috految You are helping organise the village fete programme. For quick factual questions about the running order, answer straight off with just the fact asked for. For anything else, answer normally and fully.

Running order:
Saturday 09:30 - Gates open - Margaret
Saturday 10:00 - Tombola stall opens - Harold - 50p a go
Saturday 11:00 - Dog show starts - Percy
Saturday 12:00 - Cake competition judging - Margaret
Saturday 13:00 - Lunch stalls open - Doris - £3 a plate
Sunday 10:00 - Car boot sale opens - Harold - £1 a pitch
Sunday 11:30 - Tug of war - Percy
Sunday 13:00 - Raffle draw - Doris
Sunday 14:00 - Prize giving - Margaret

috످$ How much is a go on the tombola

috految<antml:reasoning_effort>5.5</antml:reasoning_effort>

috److50p

috످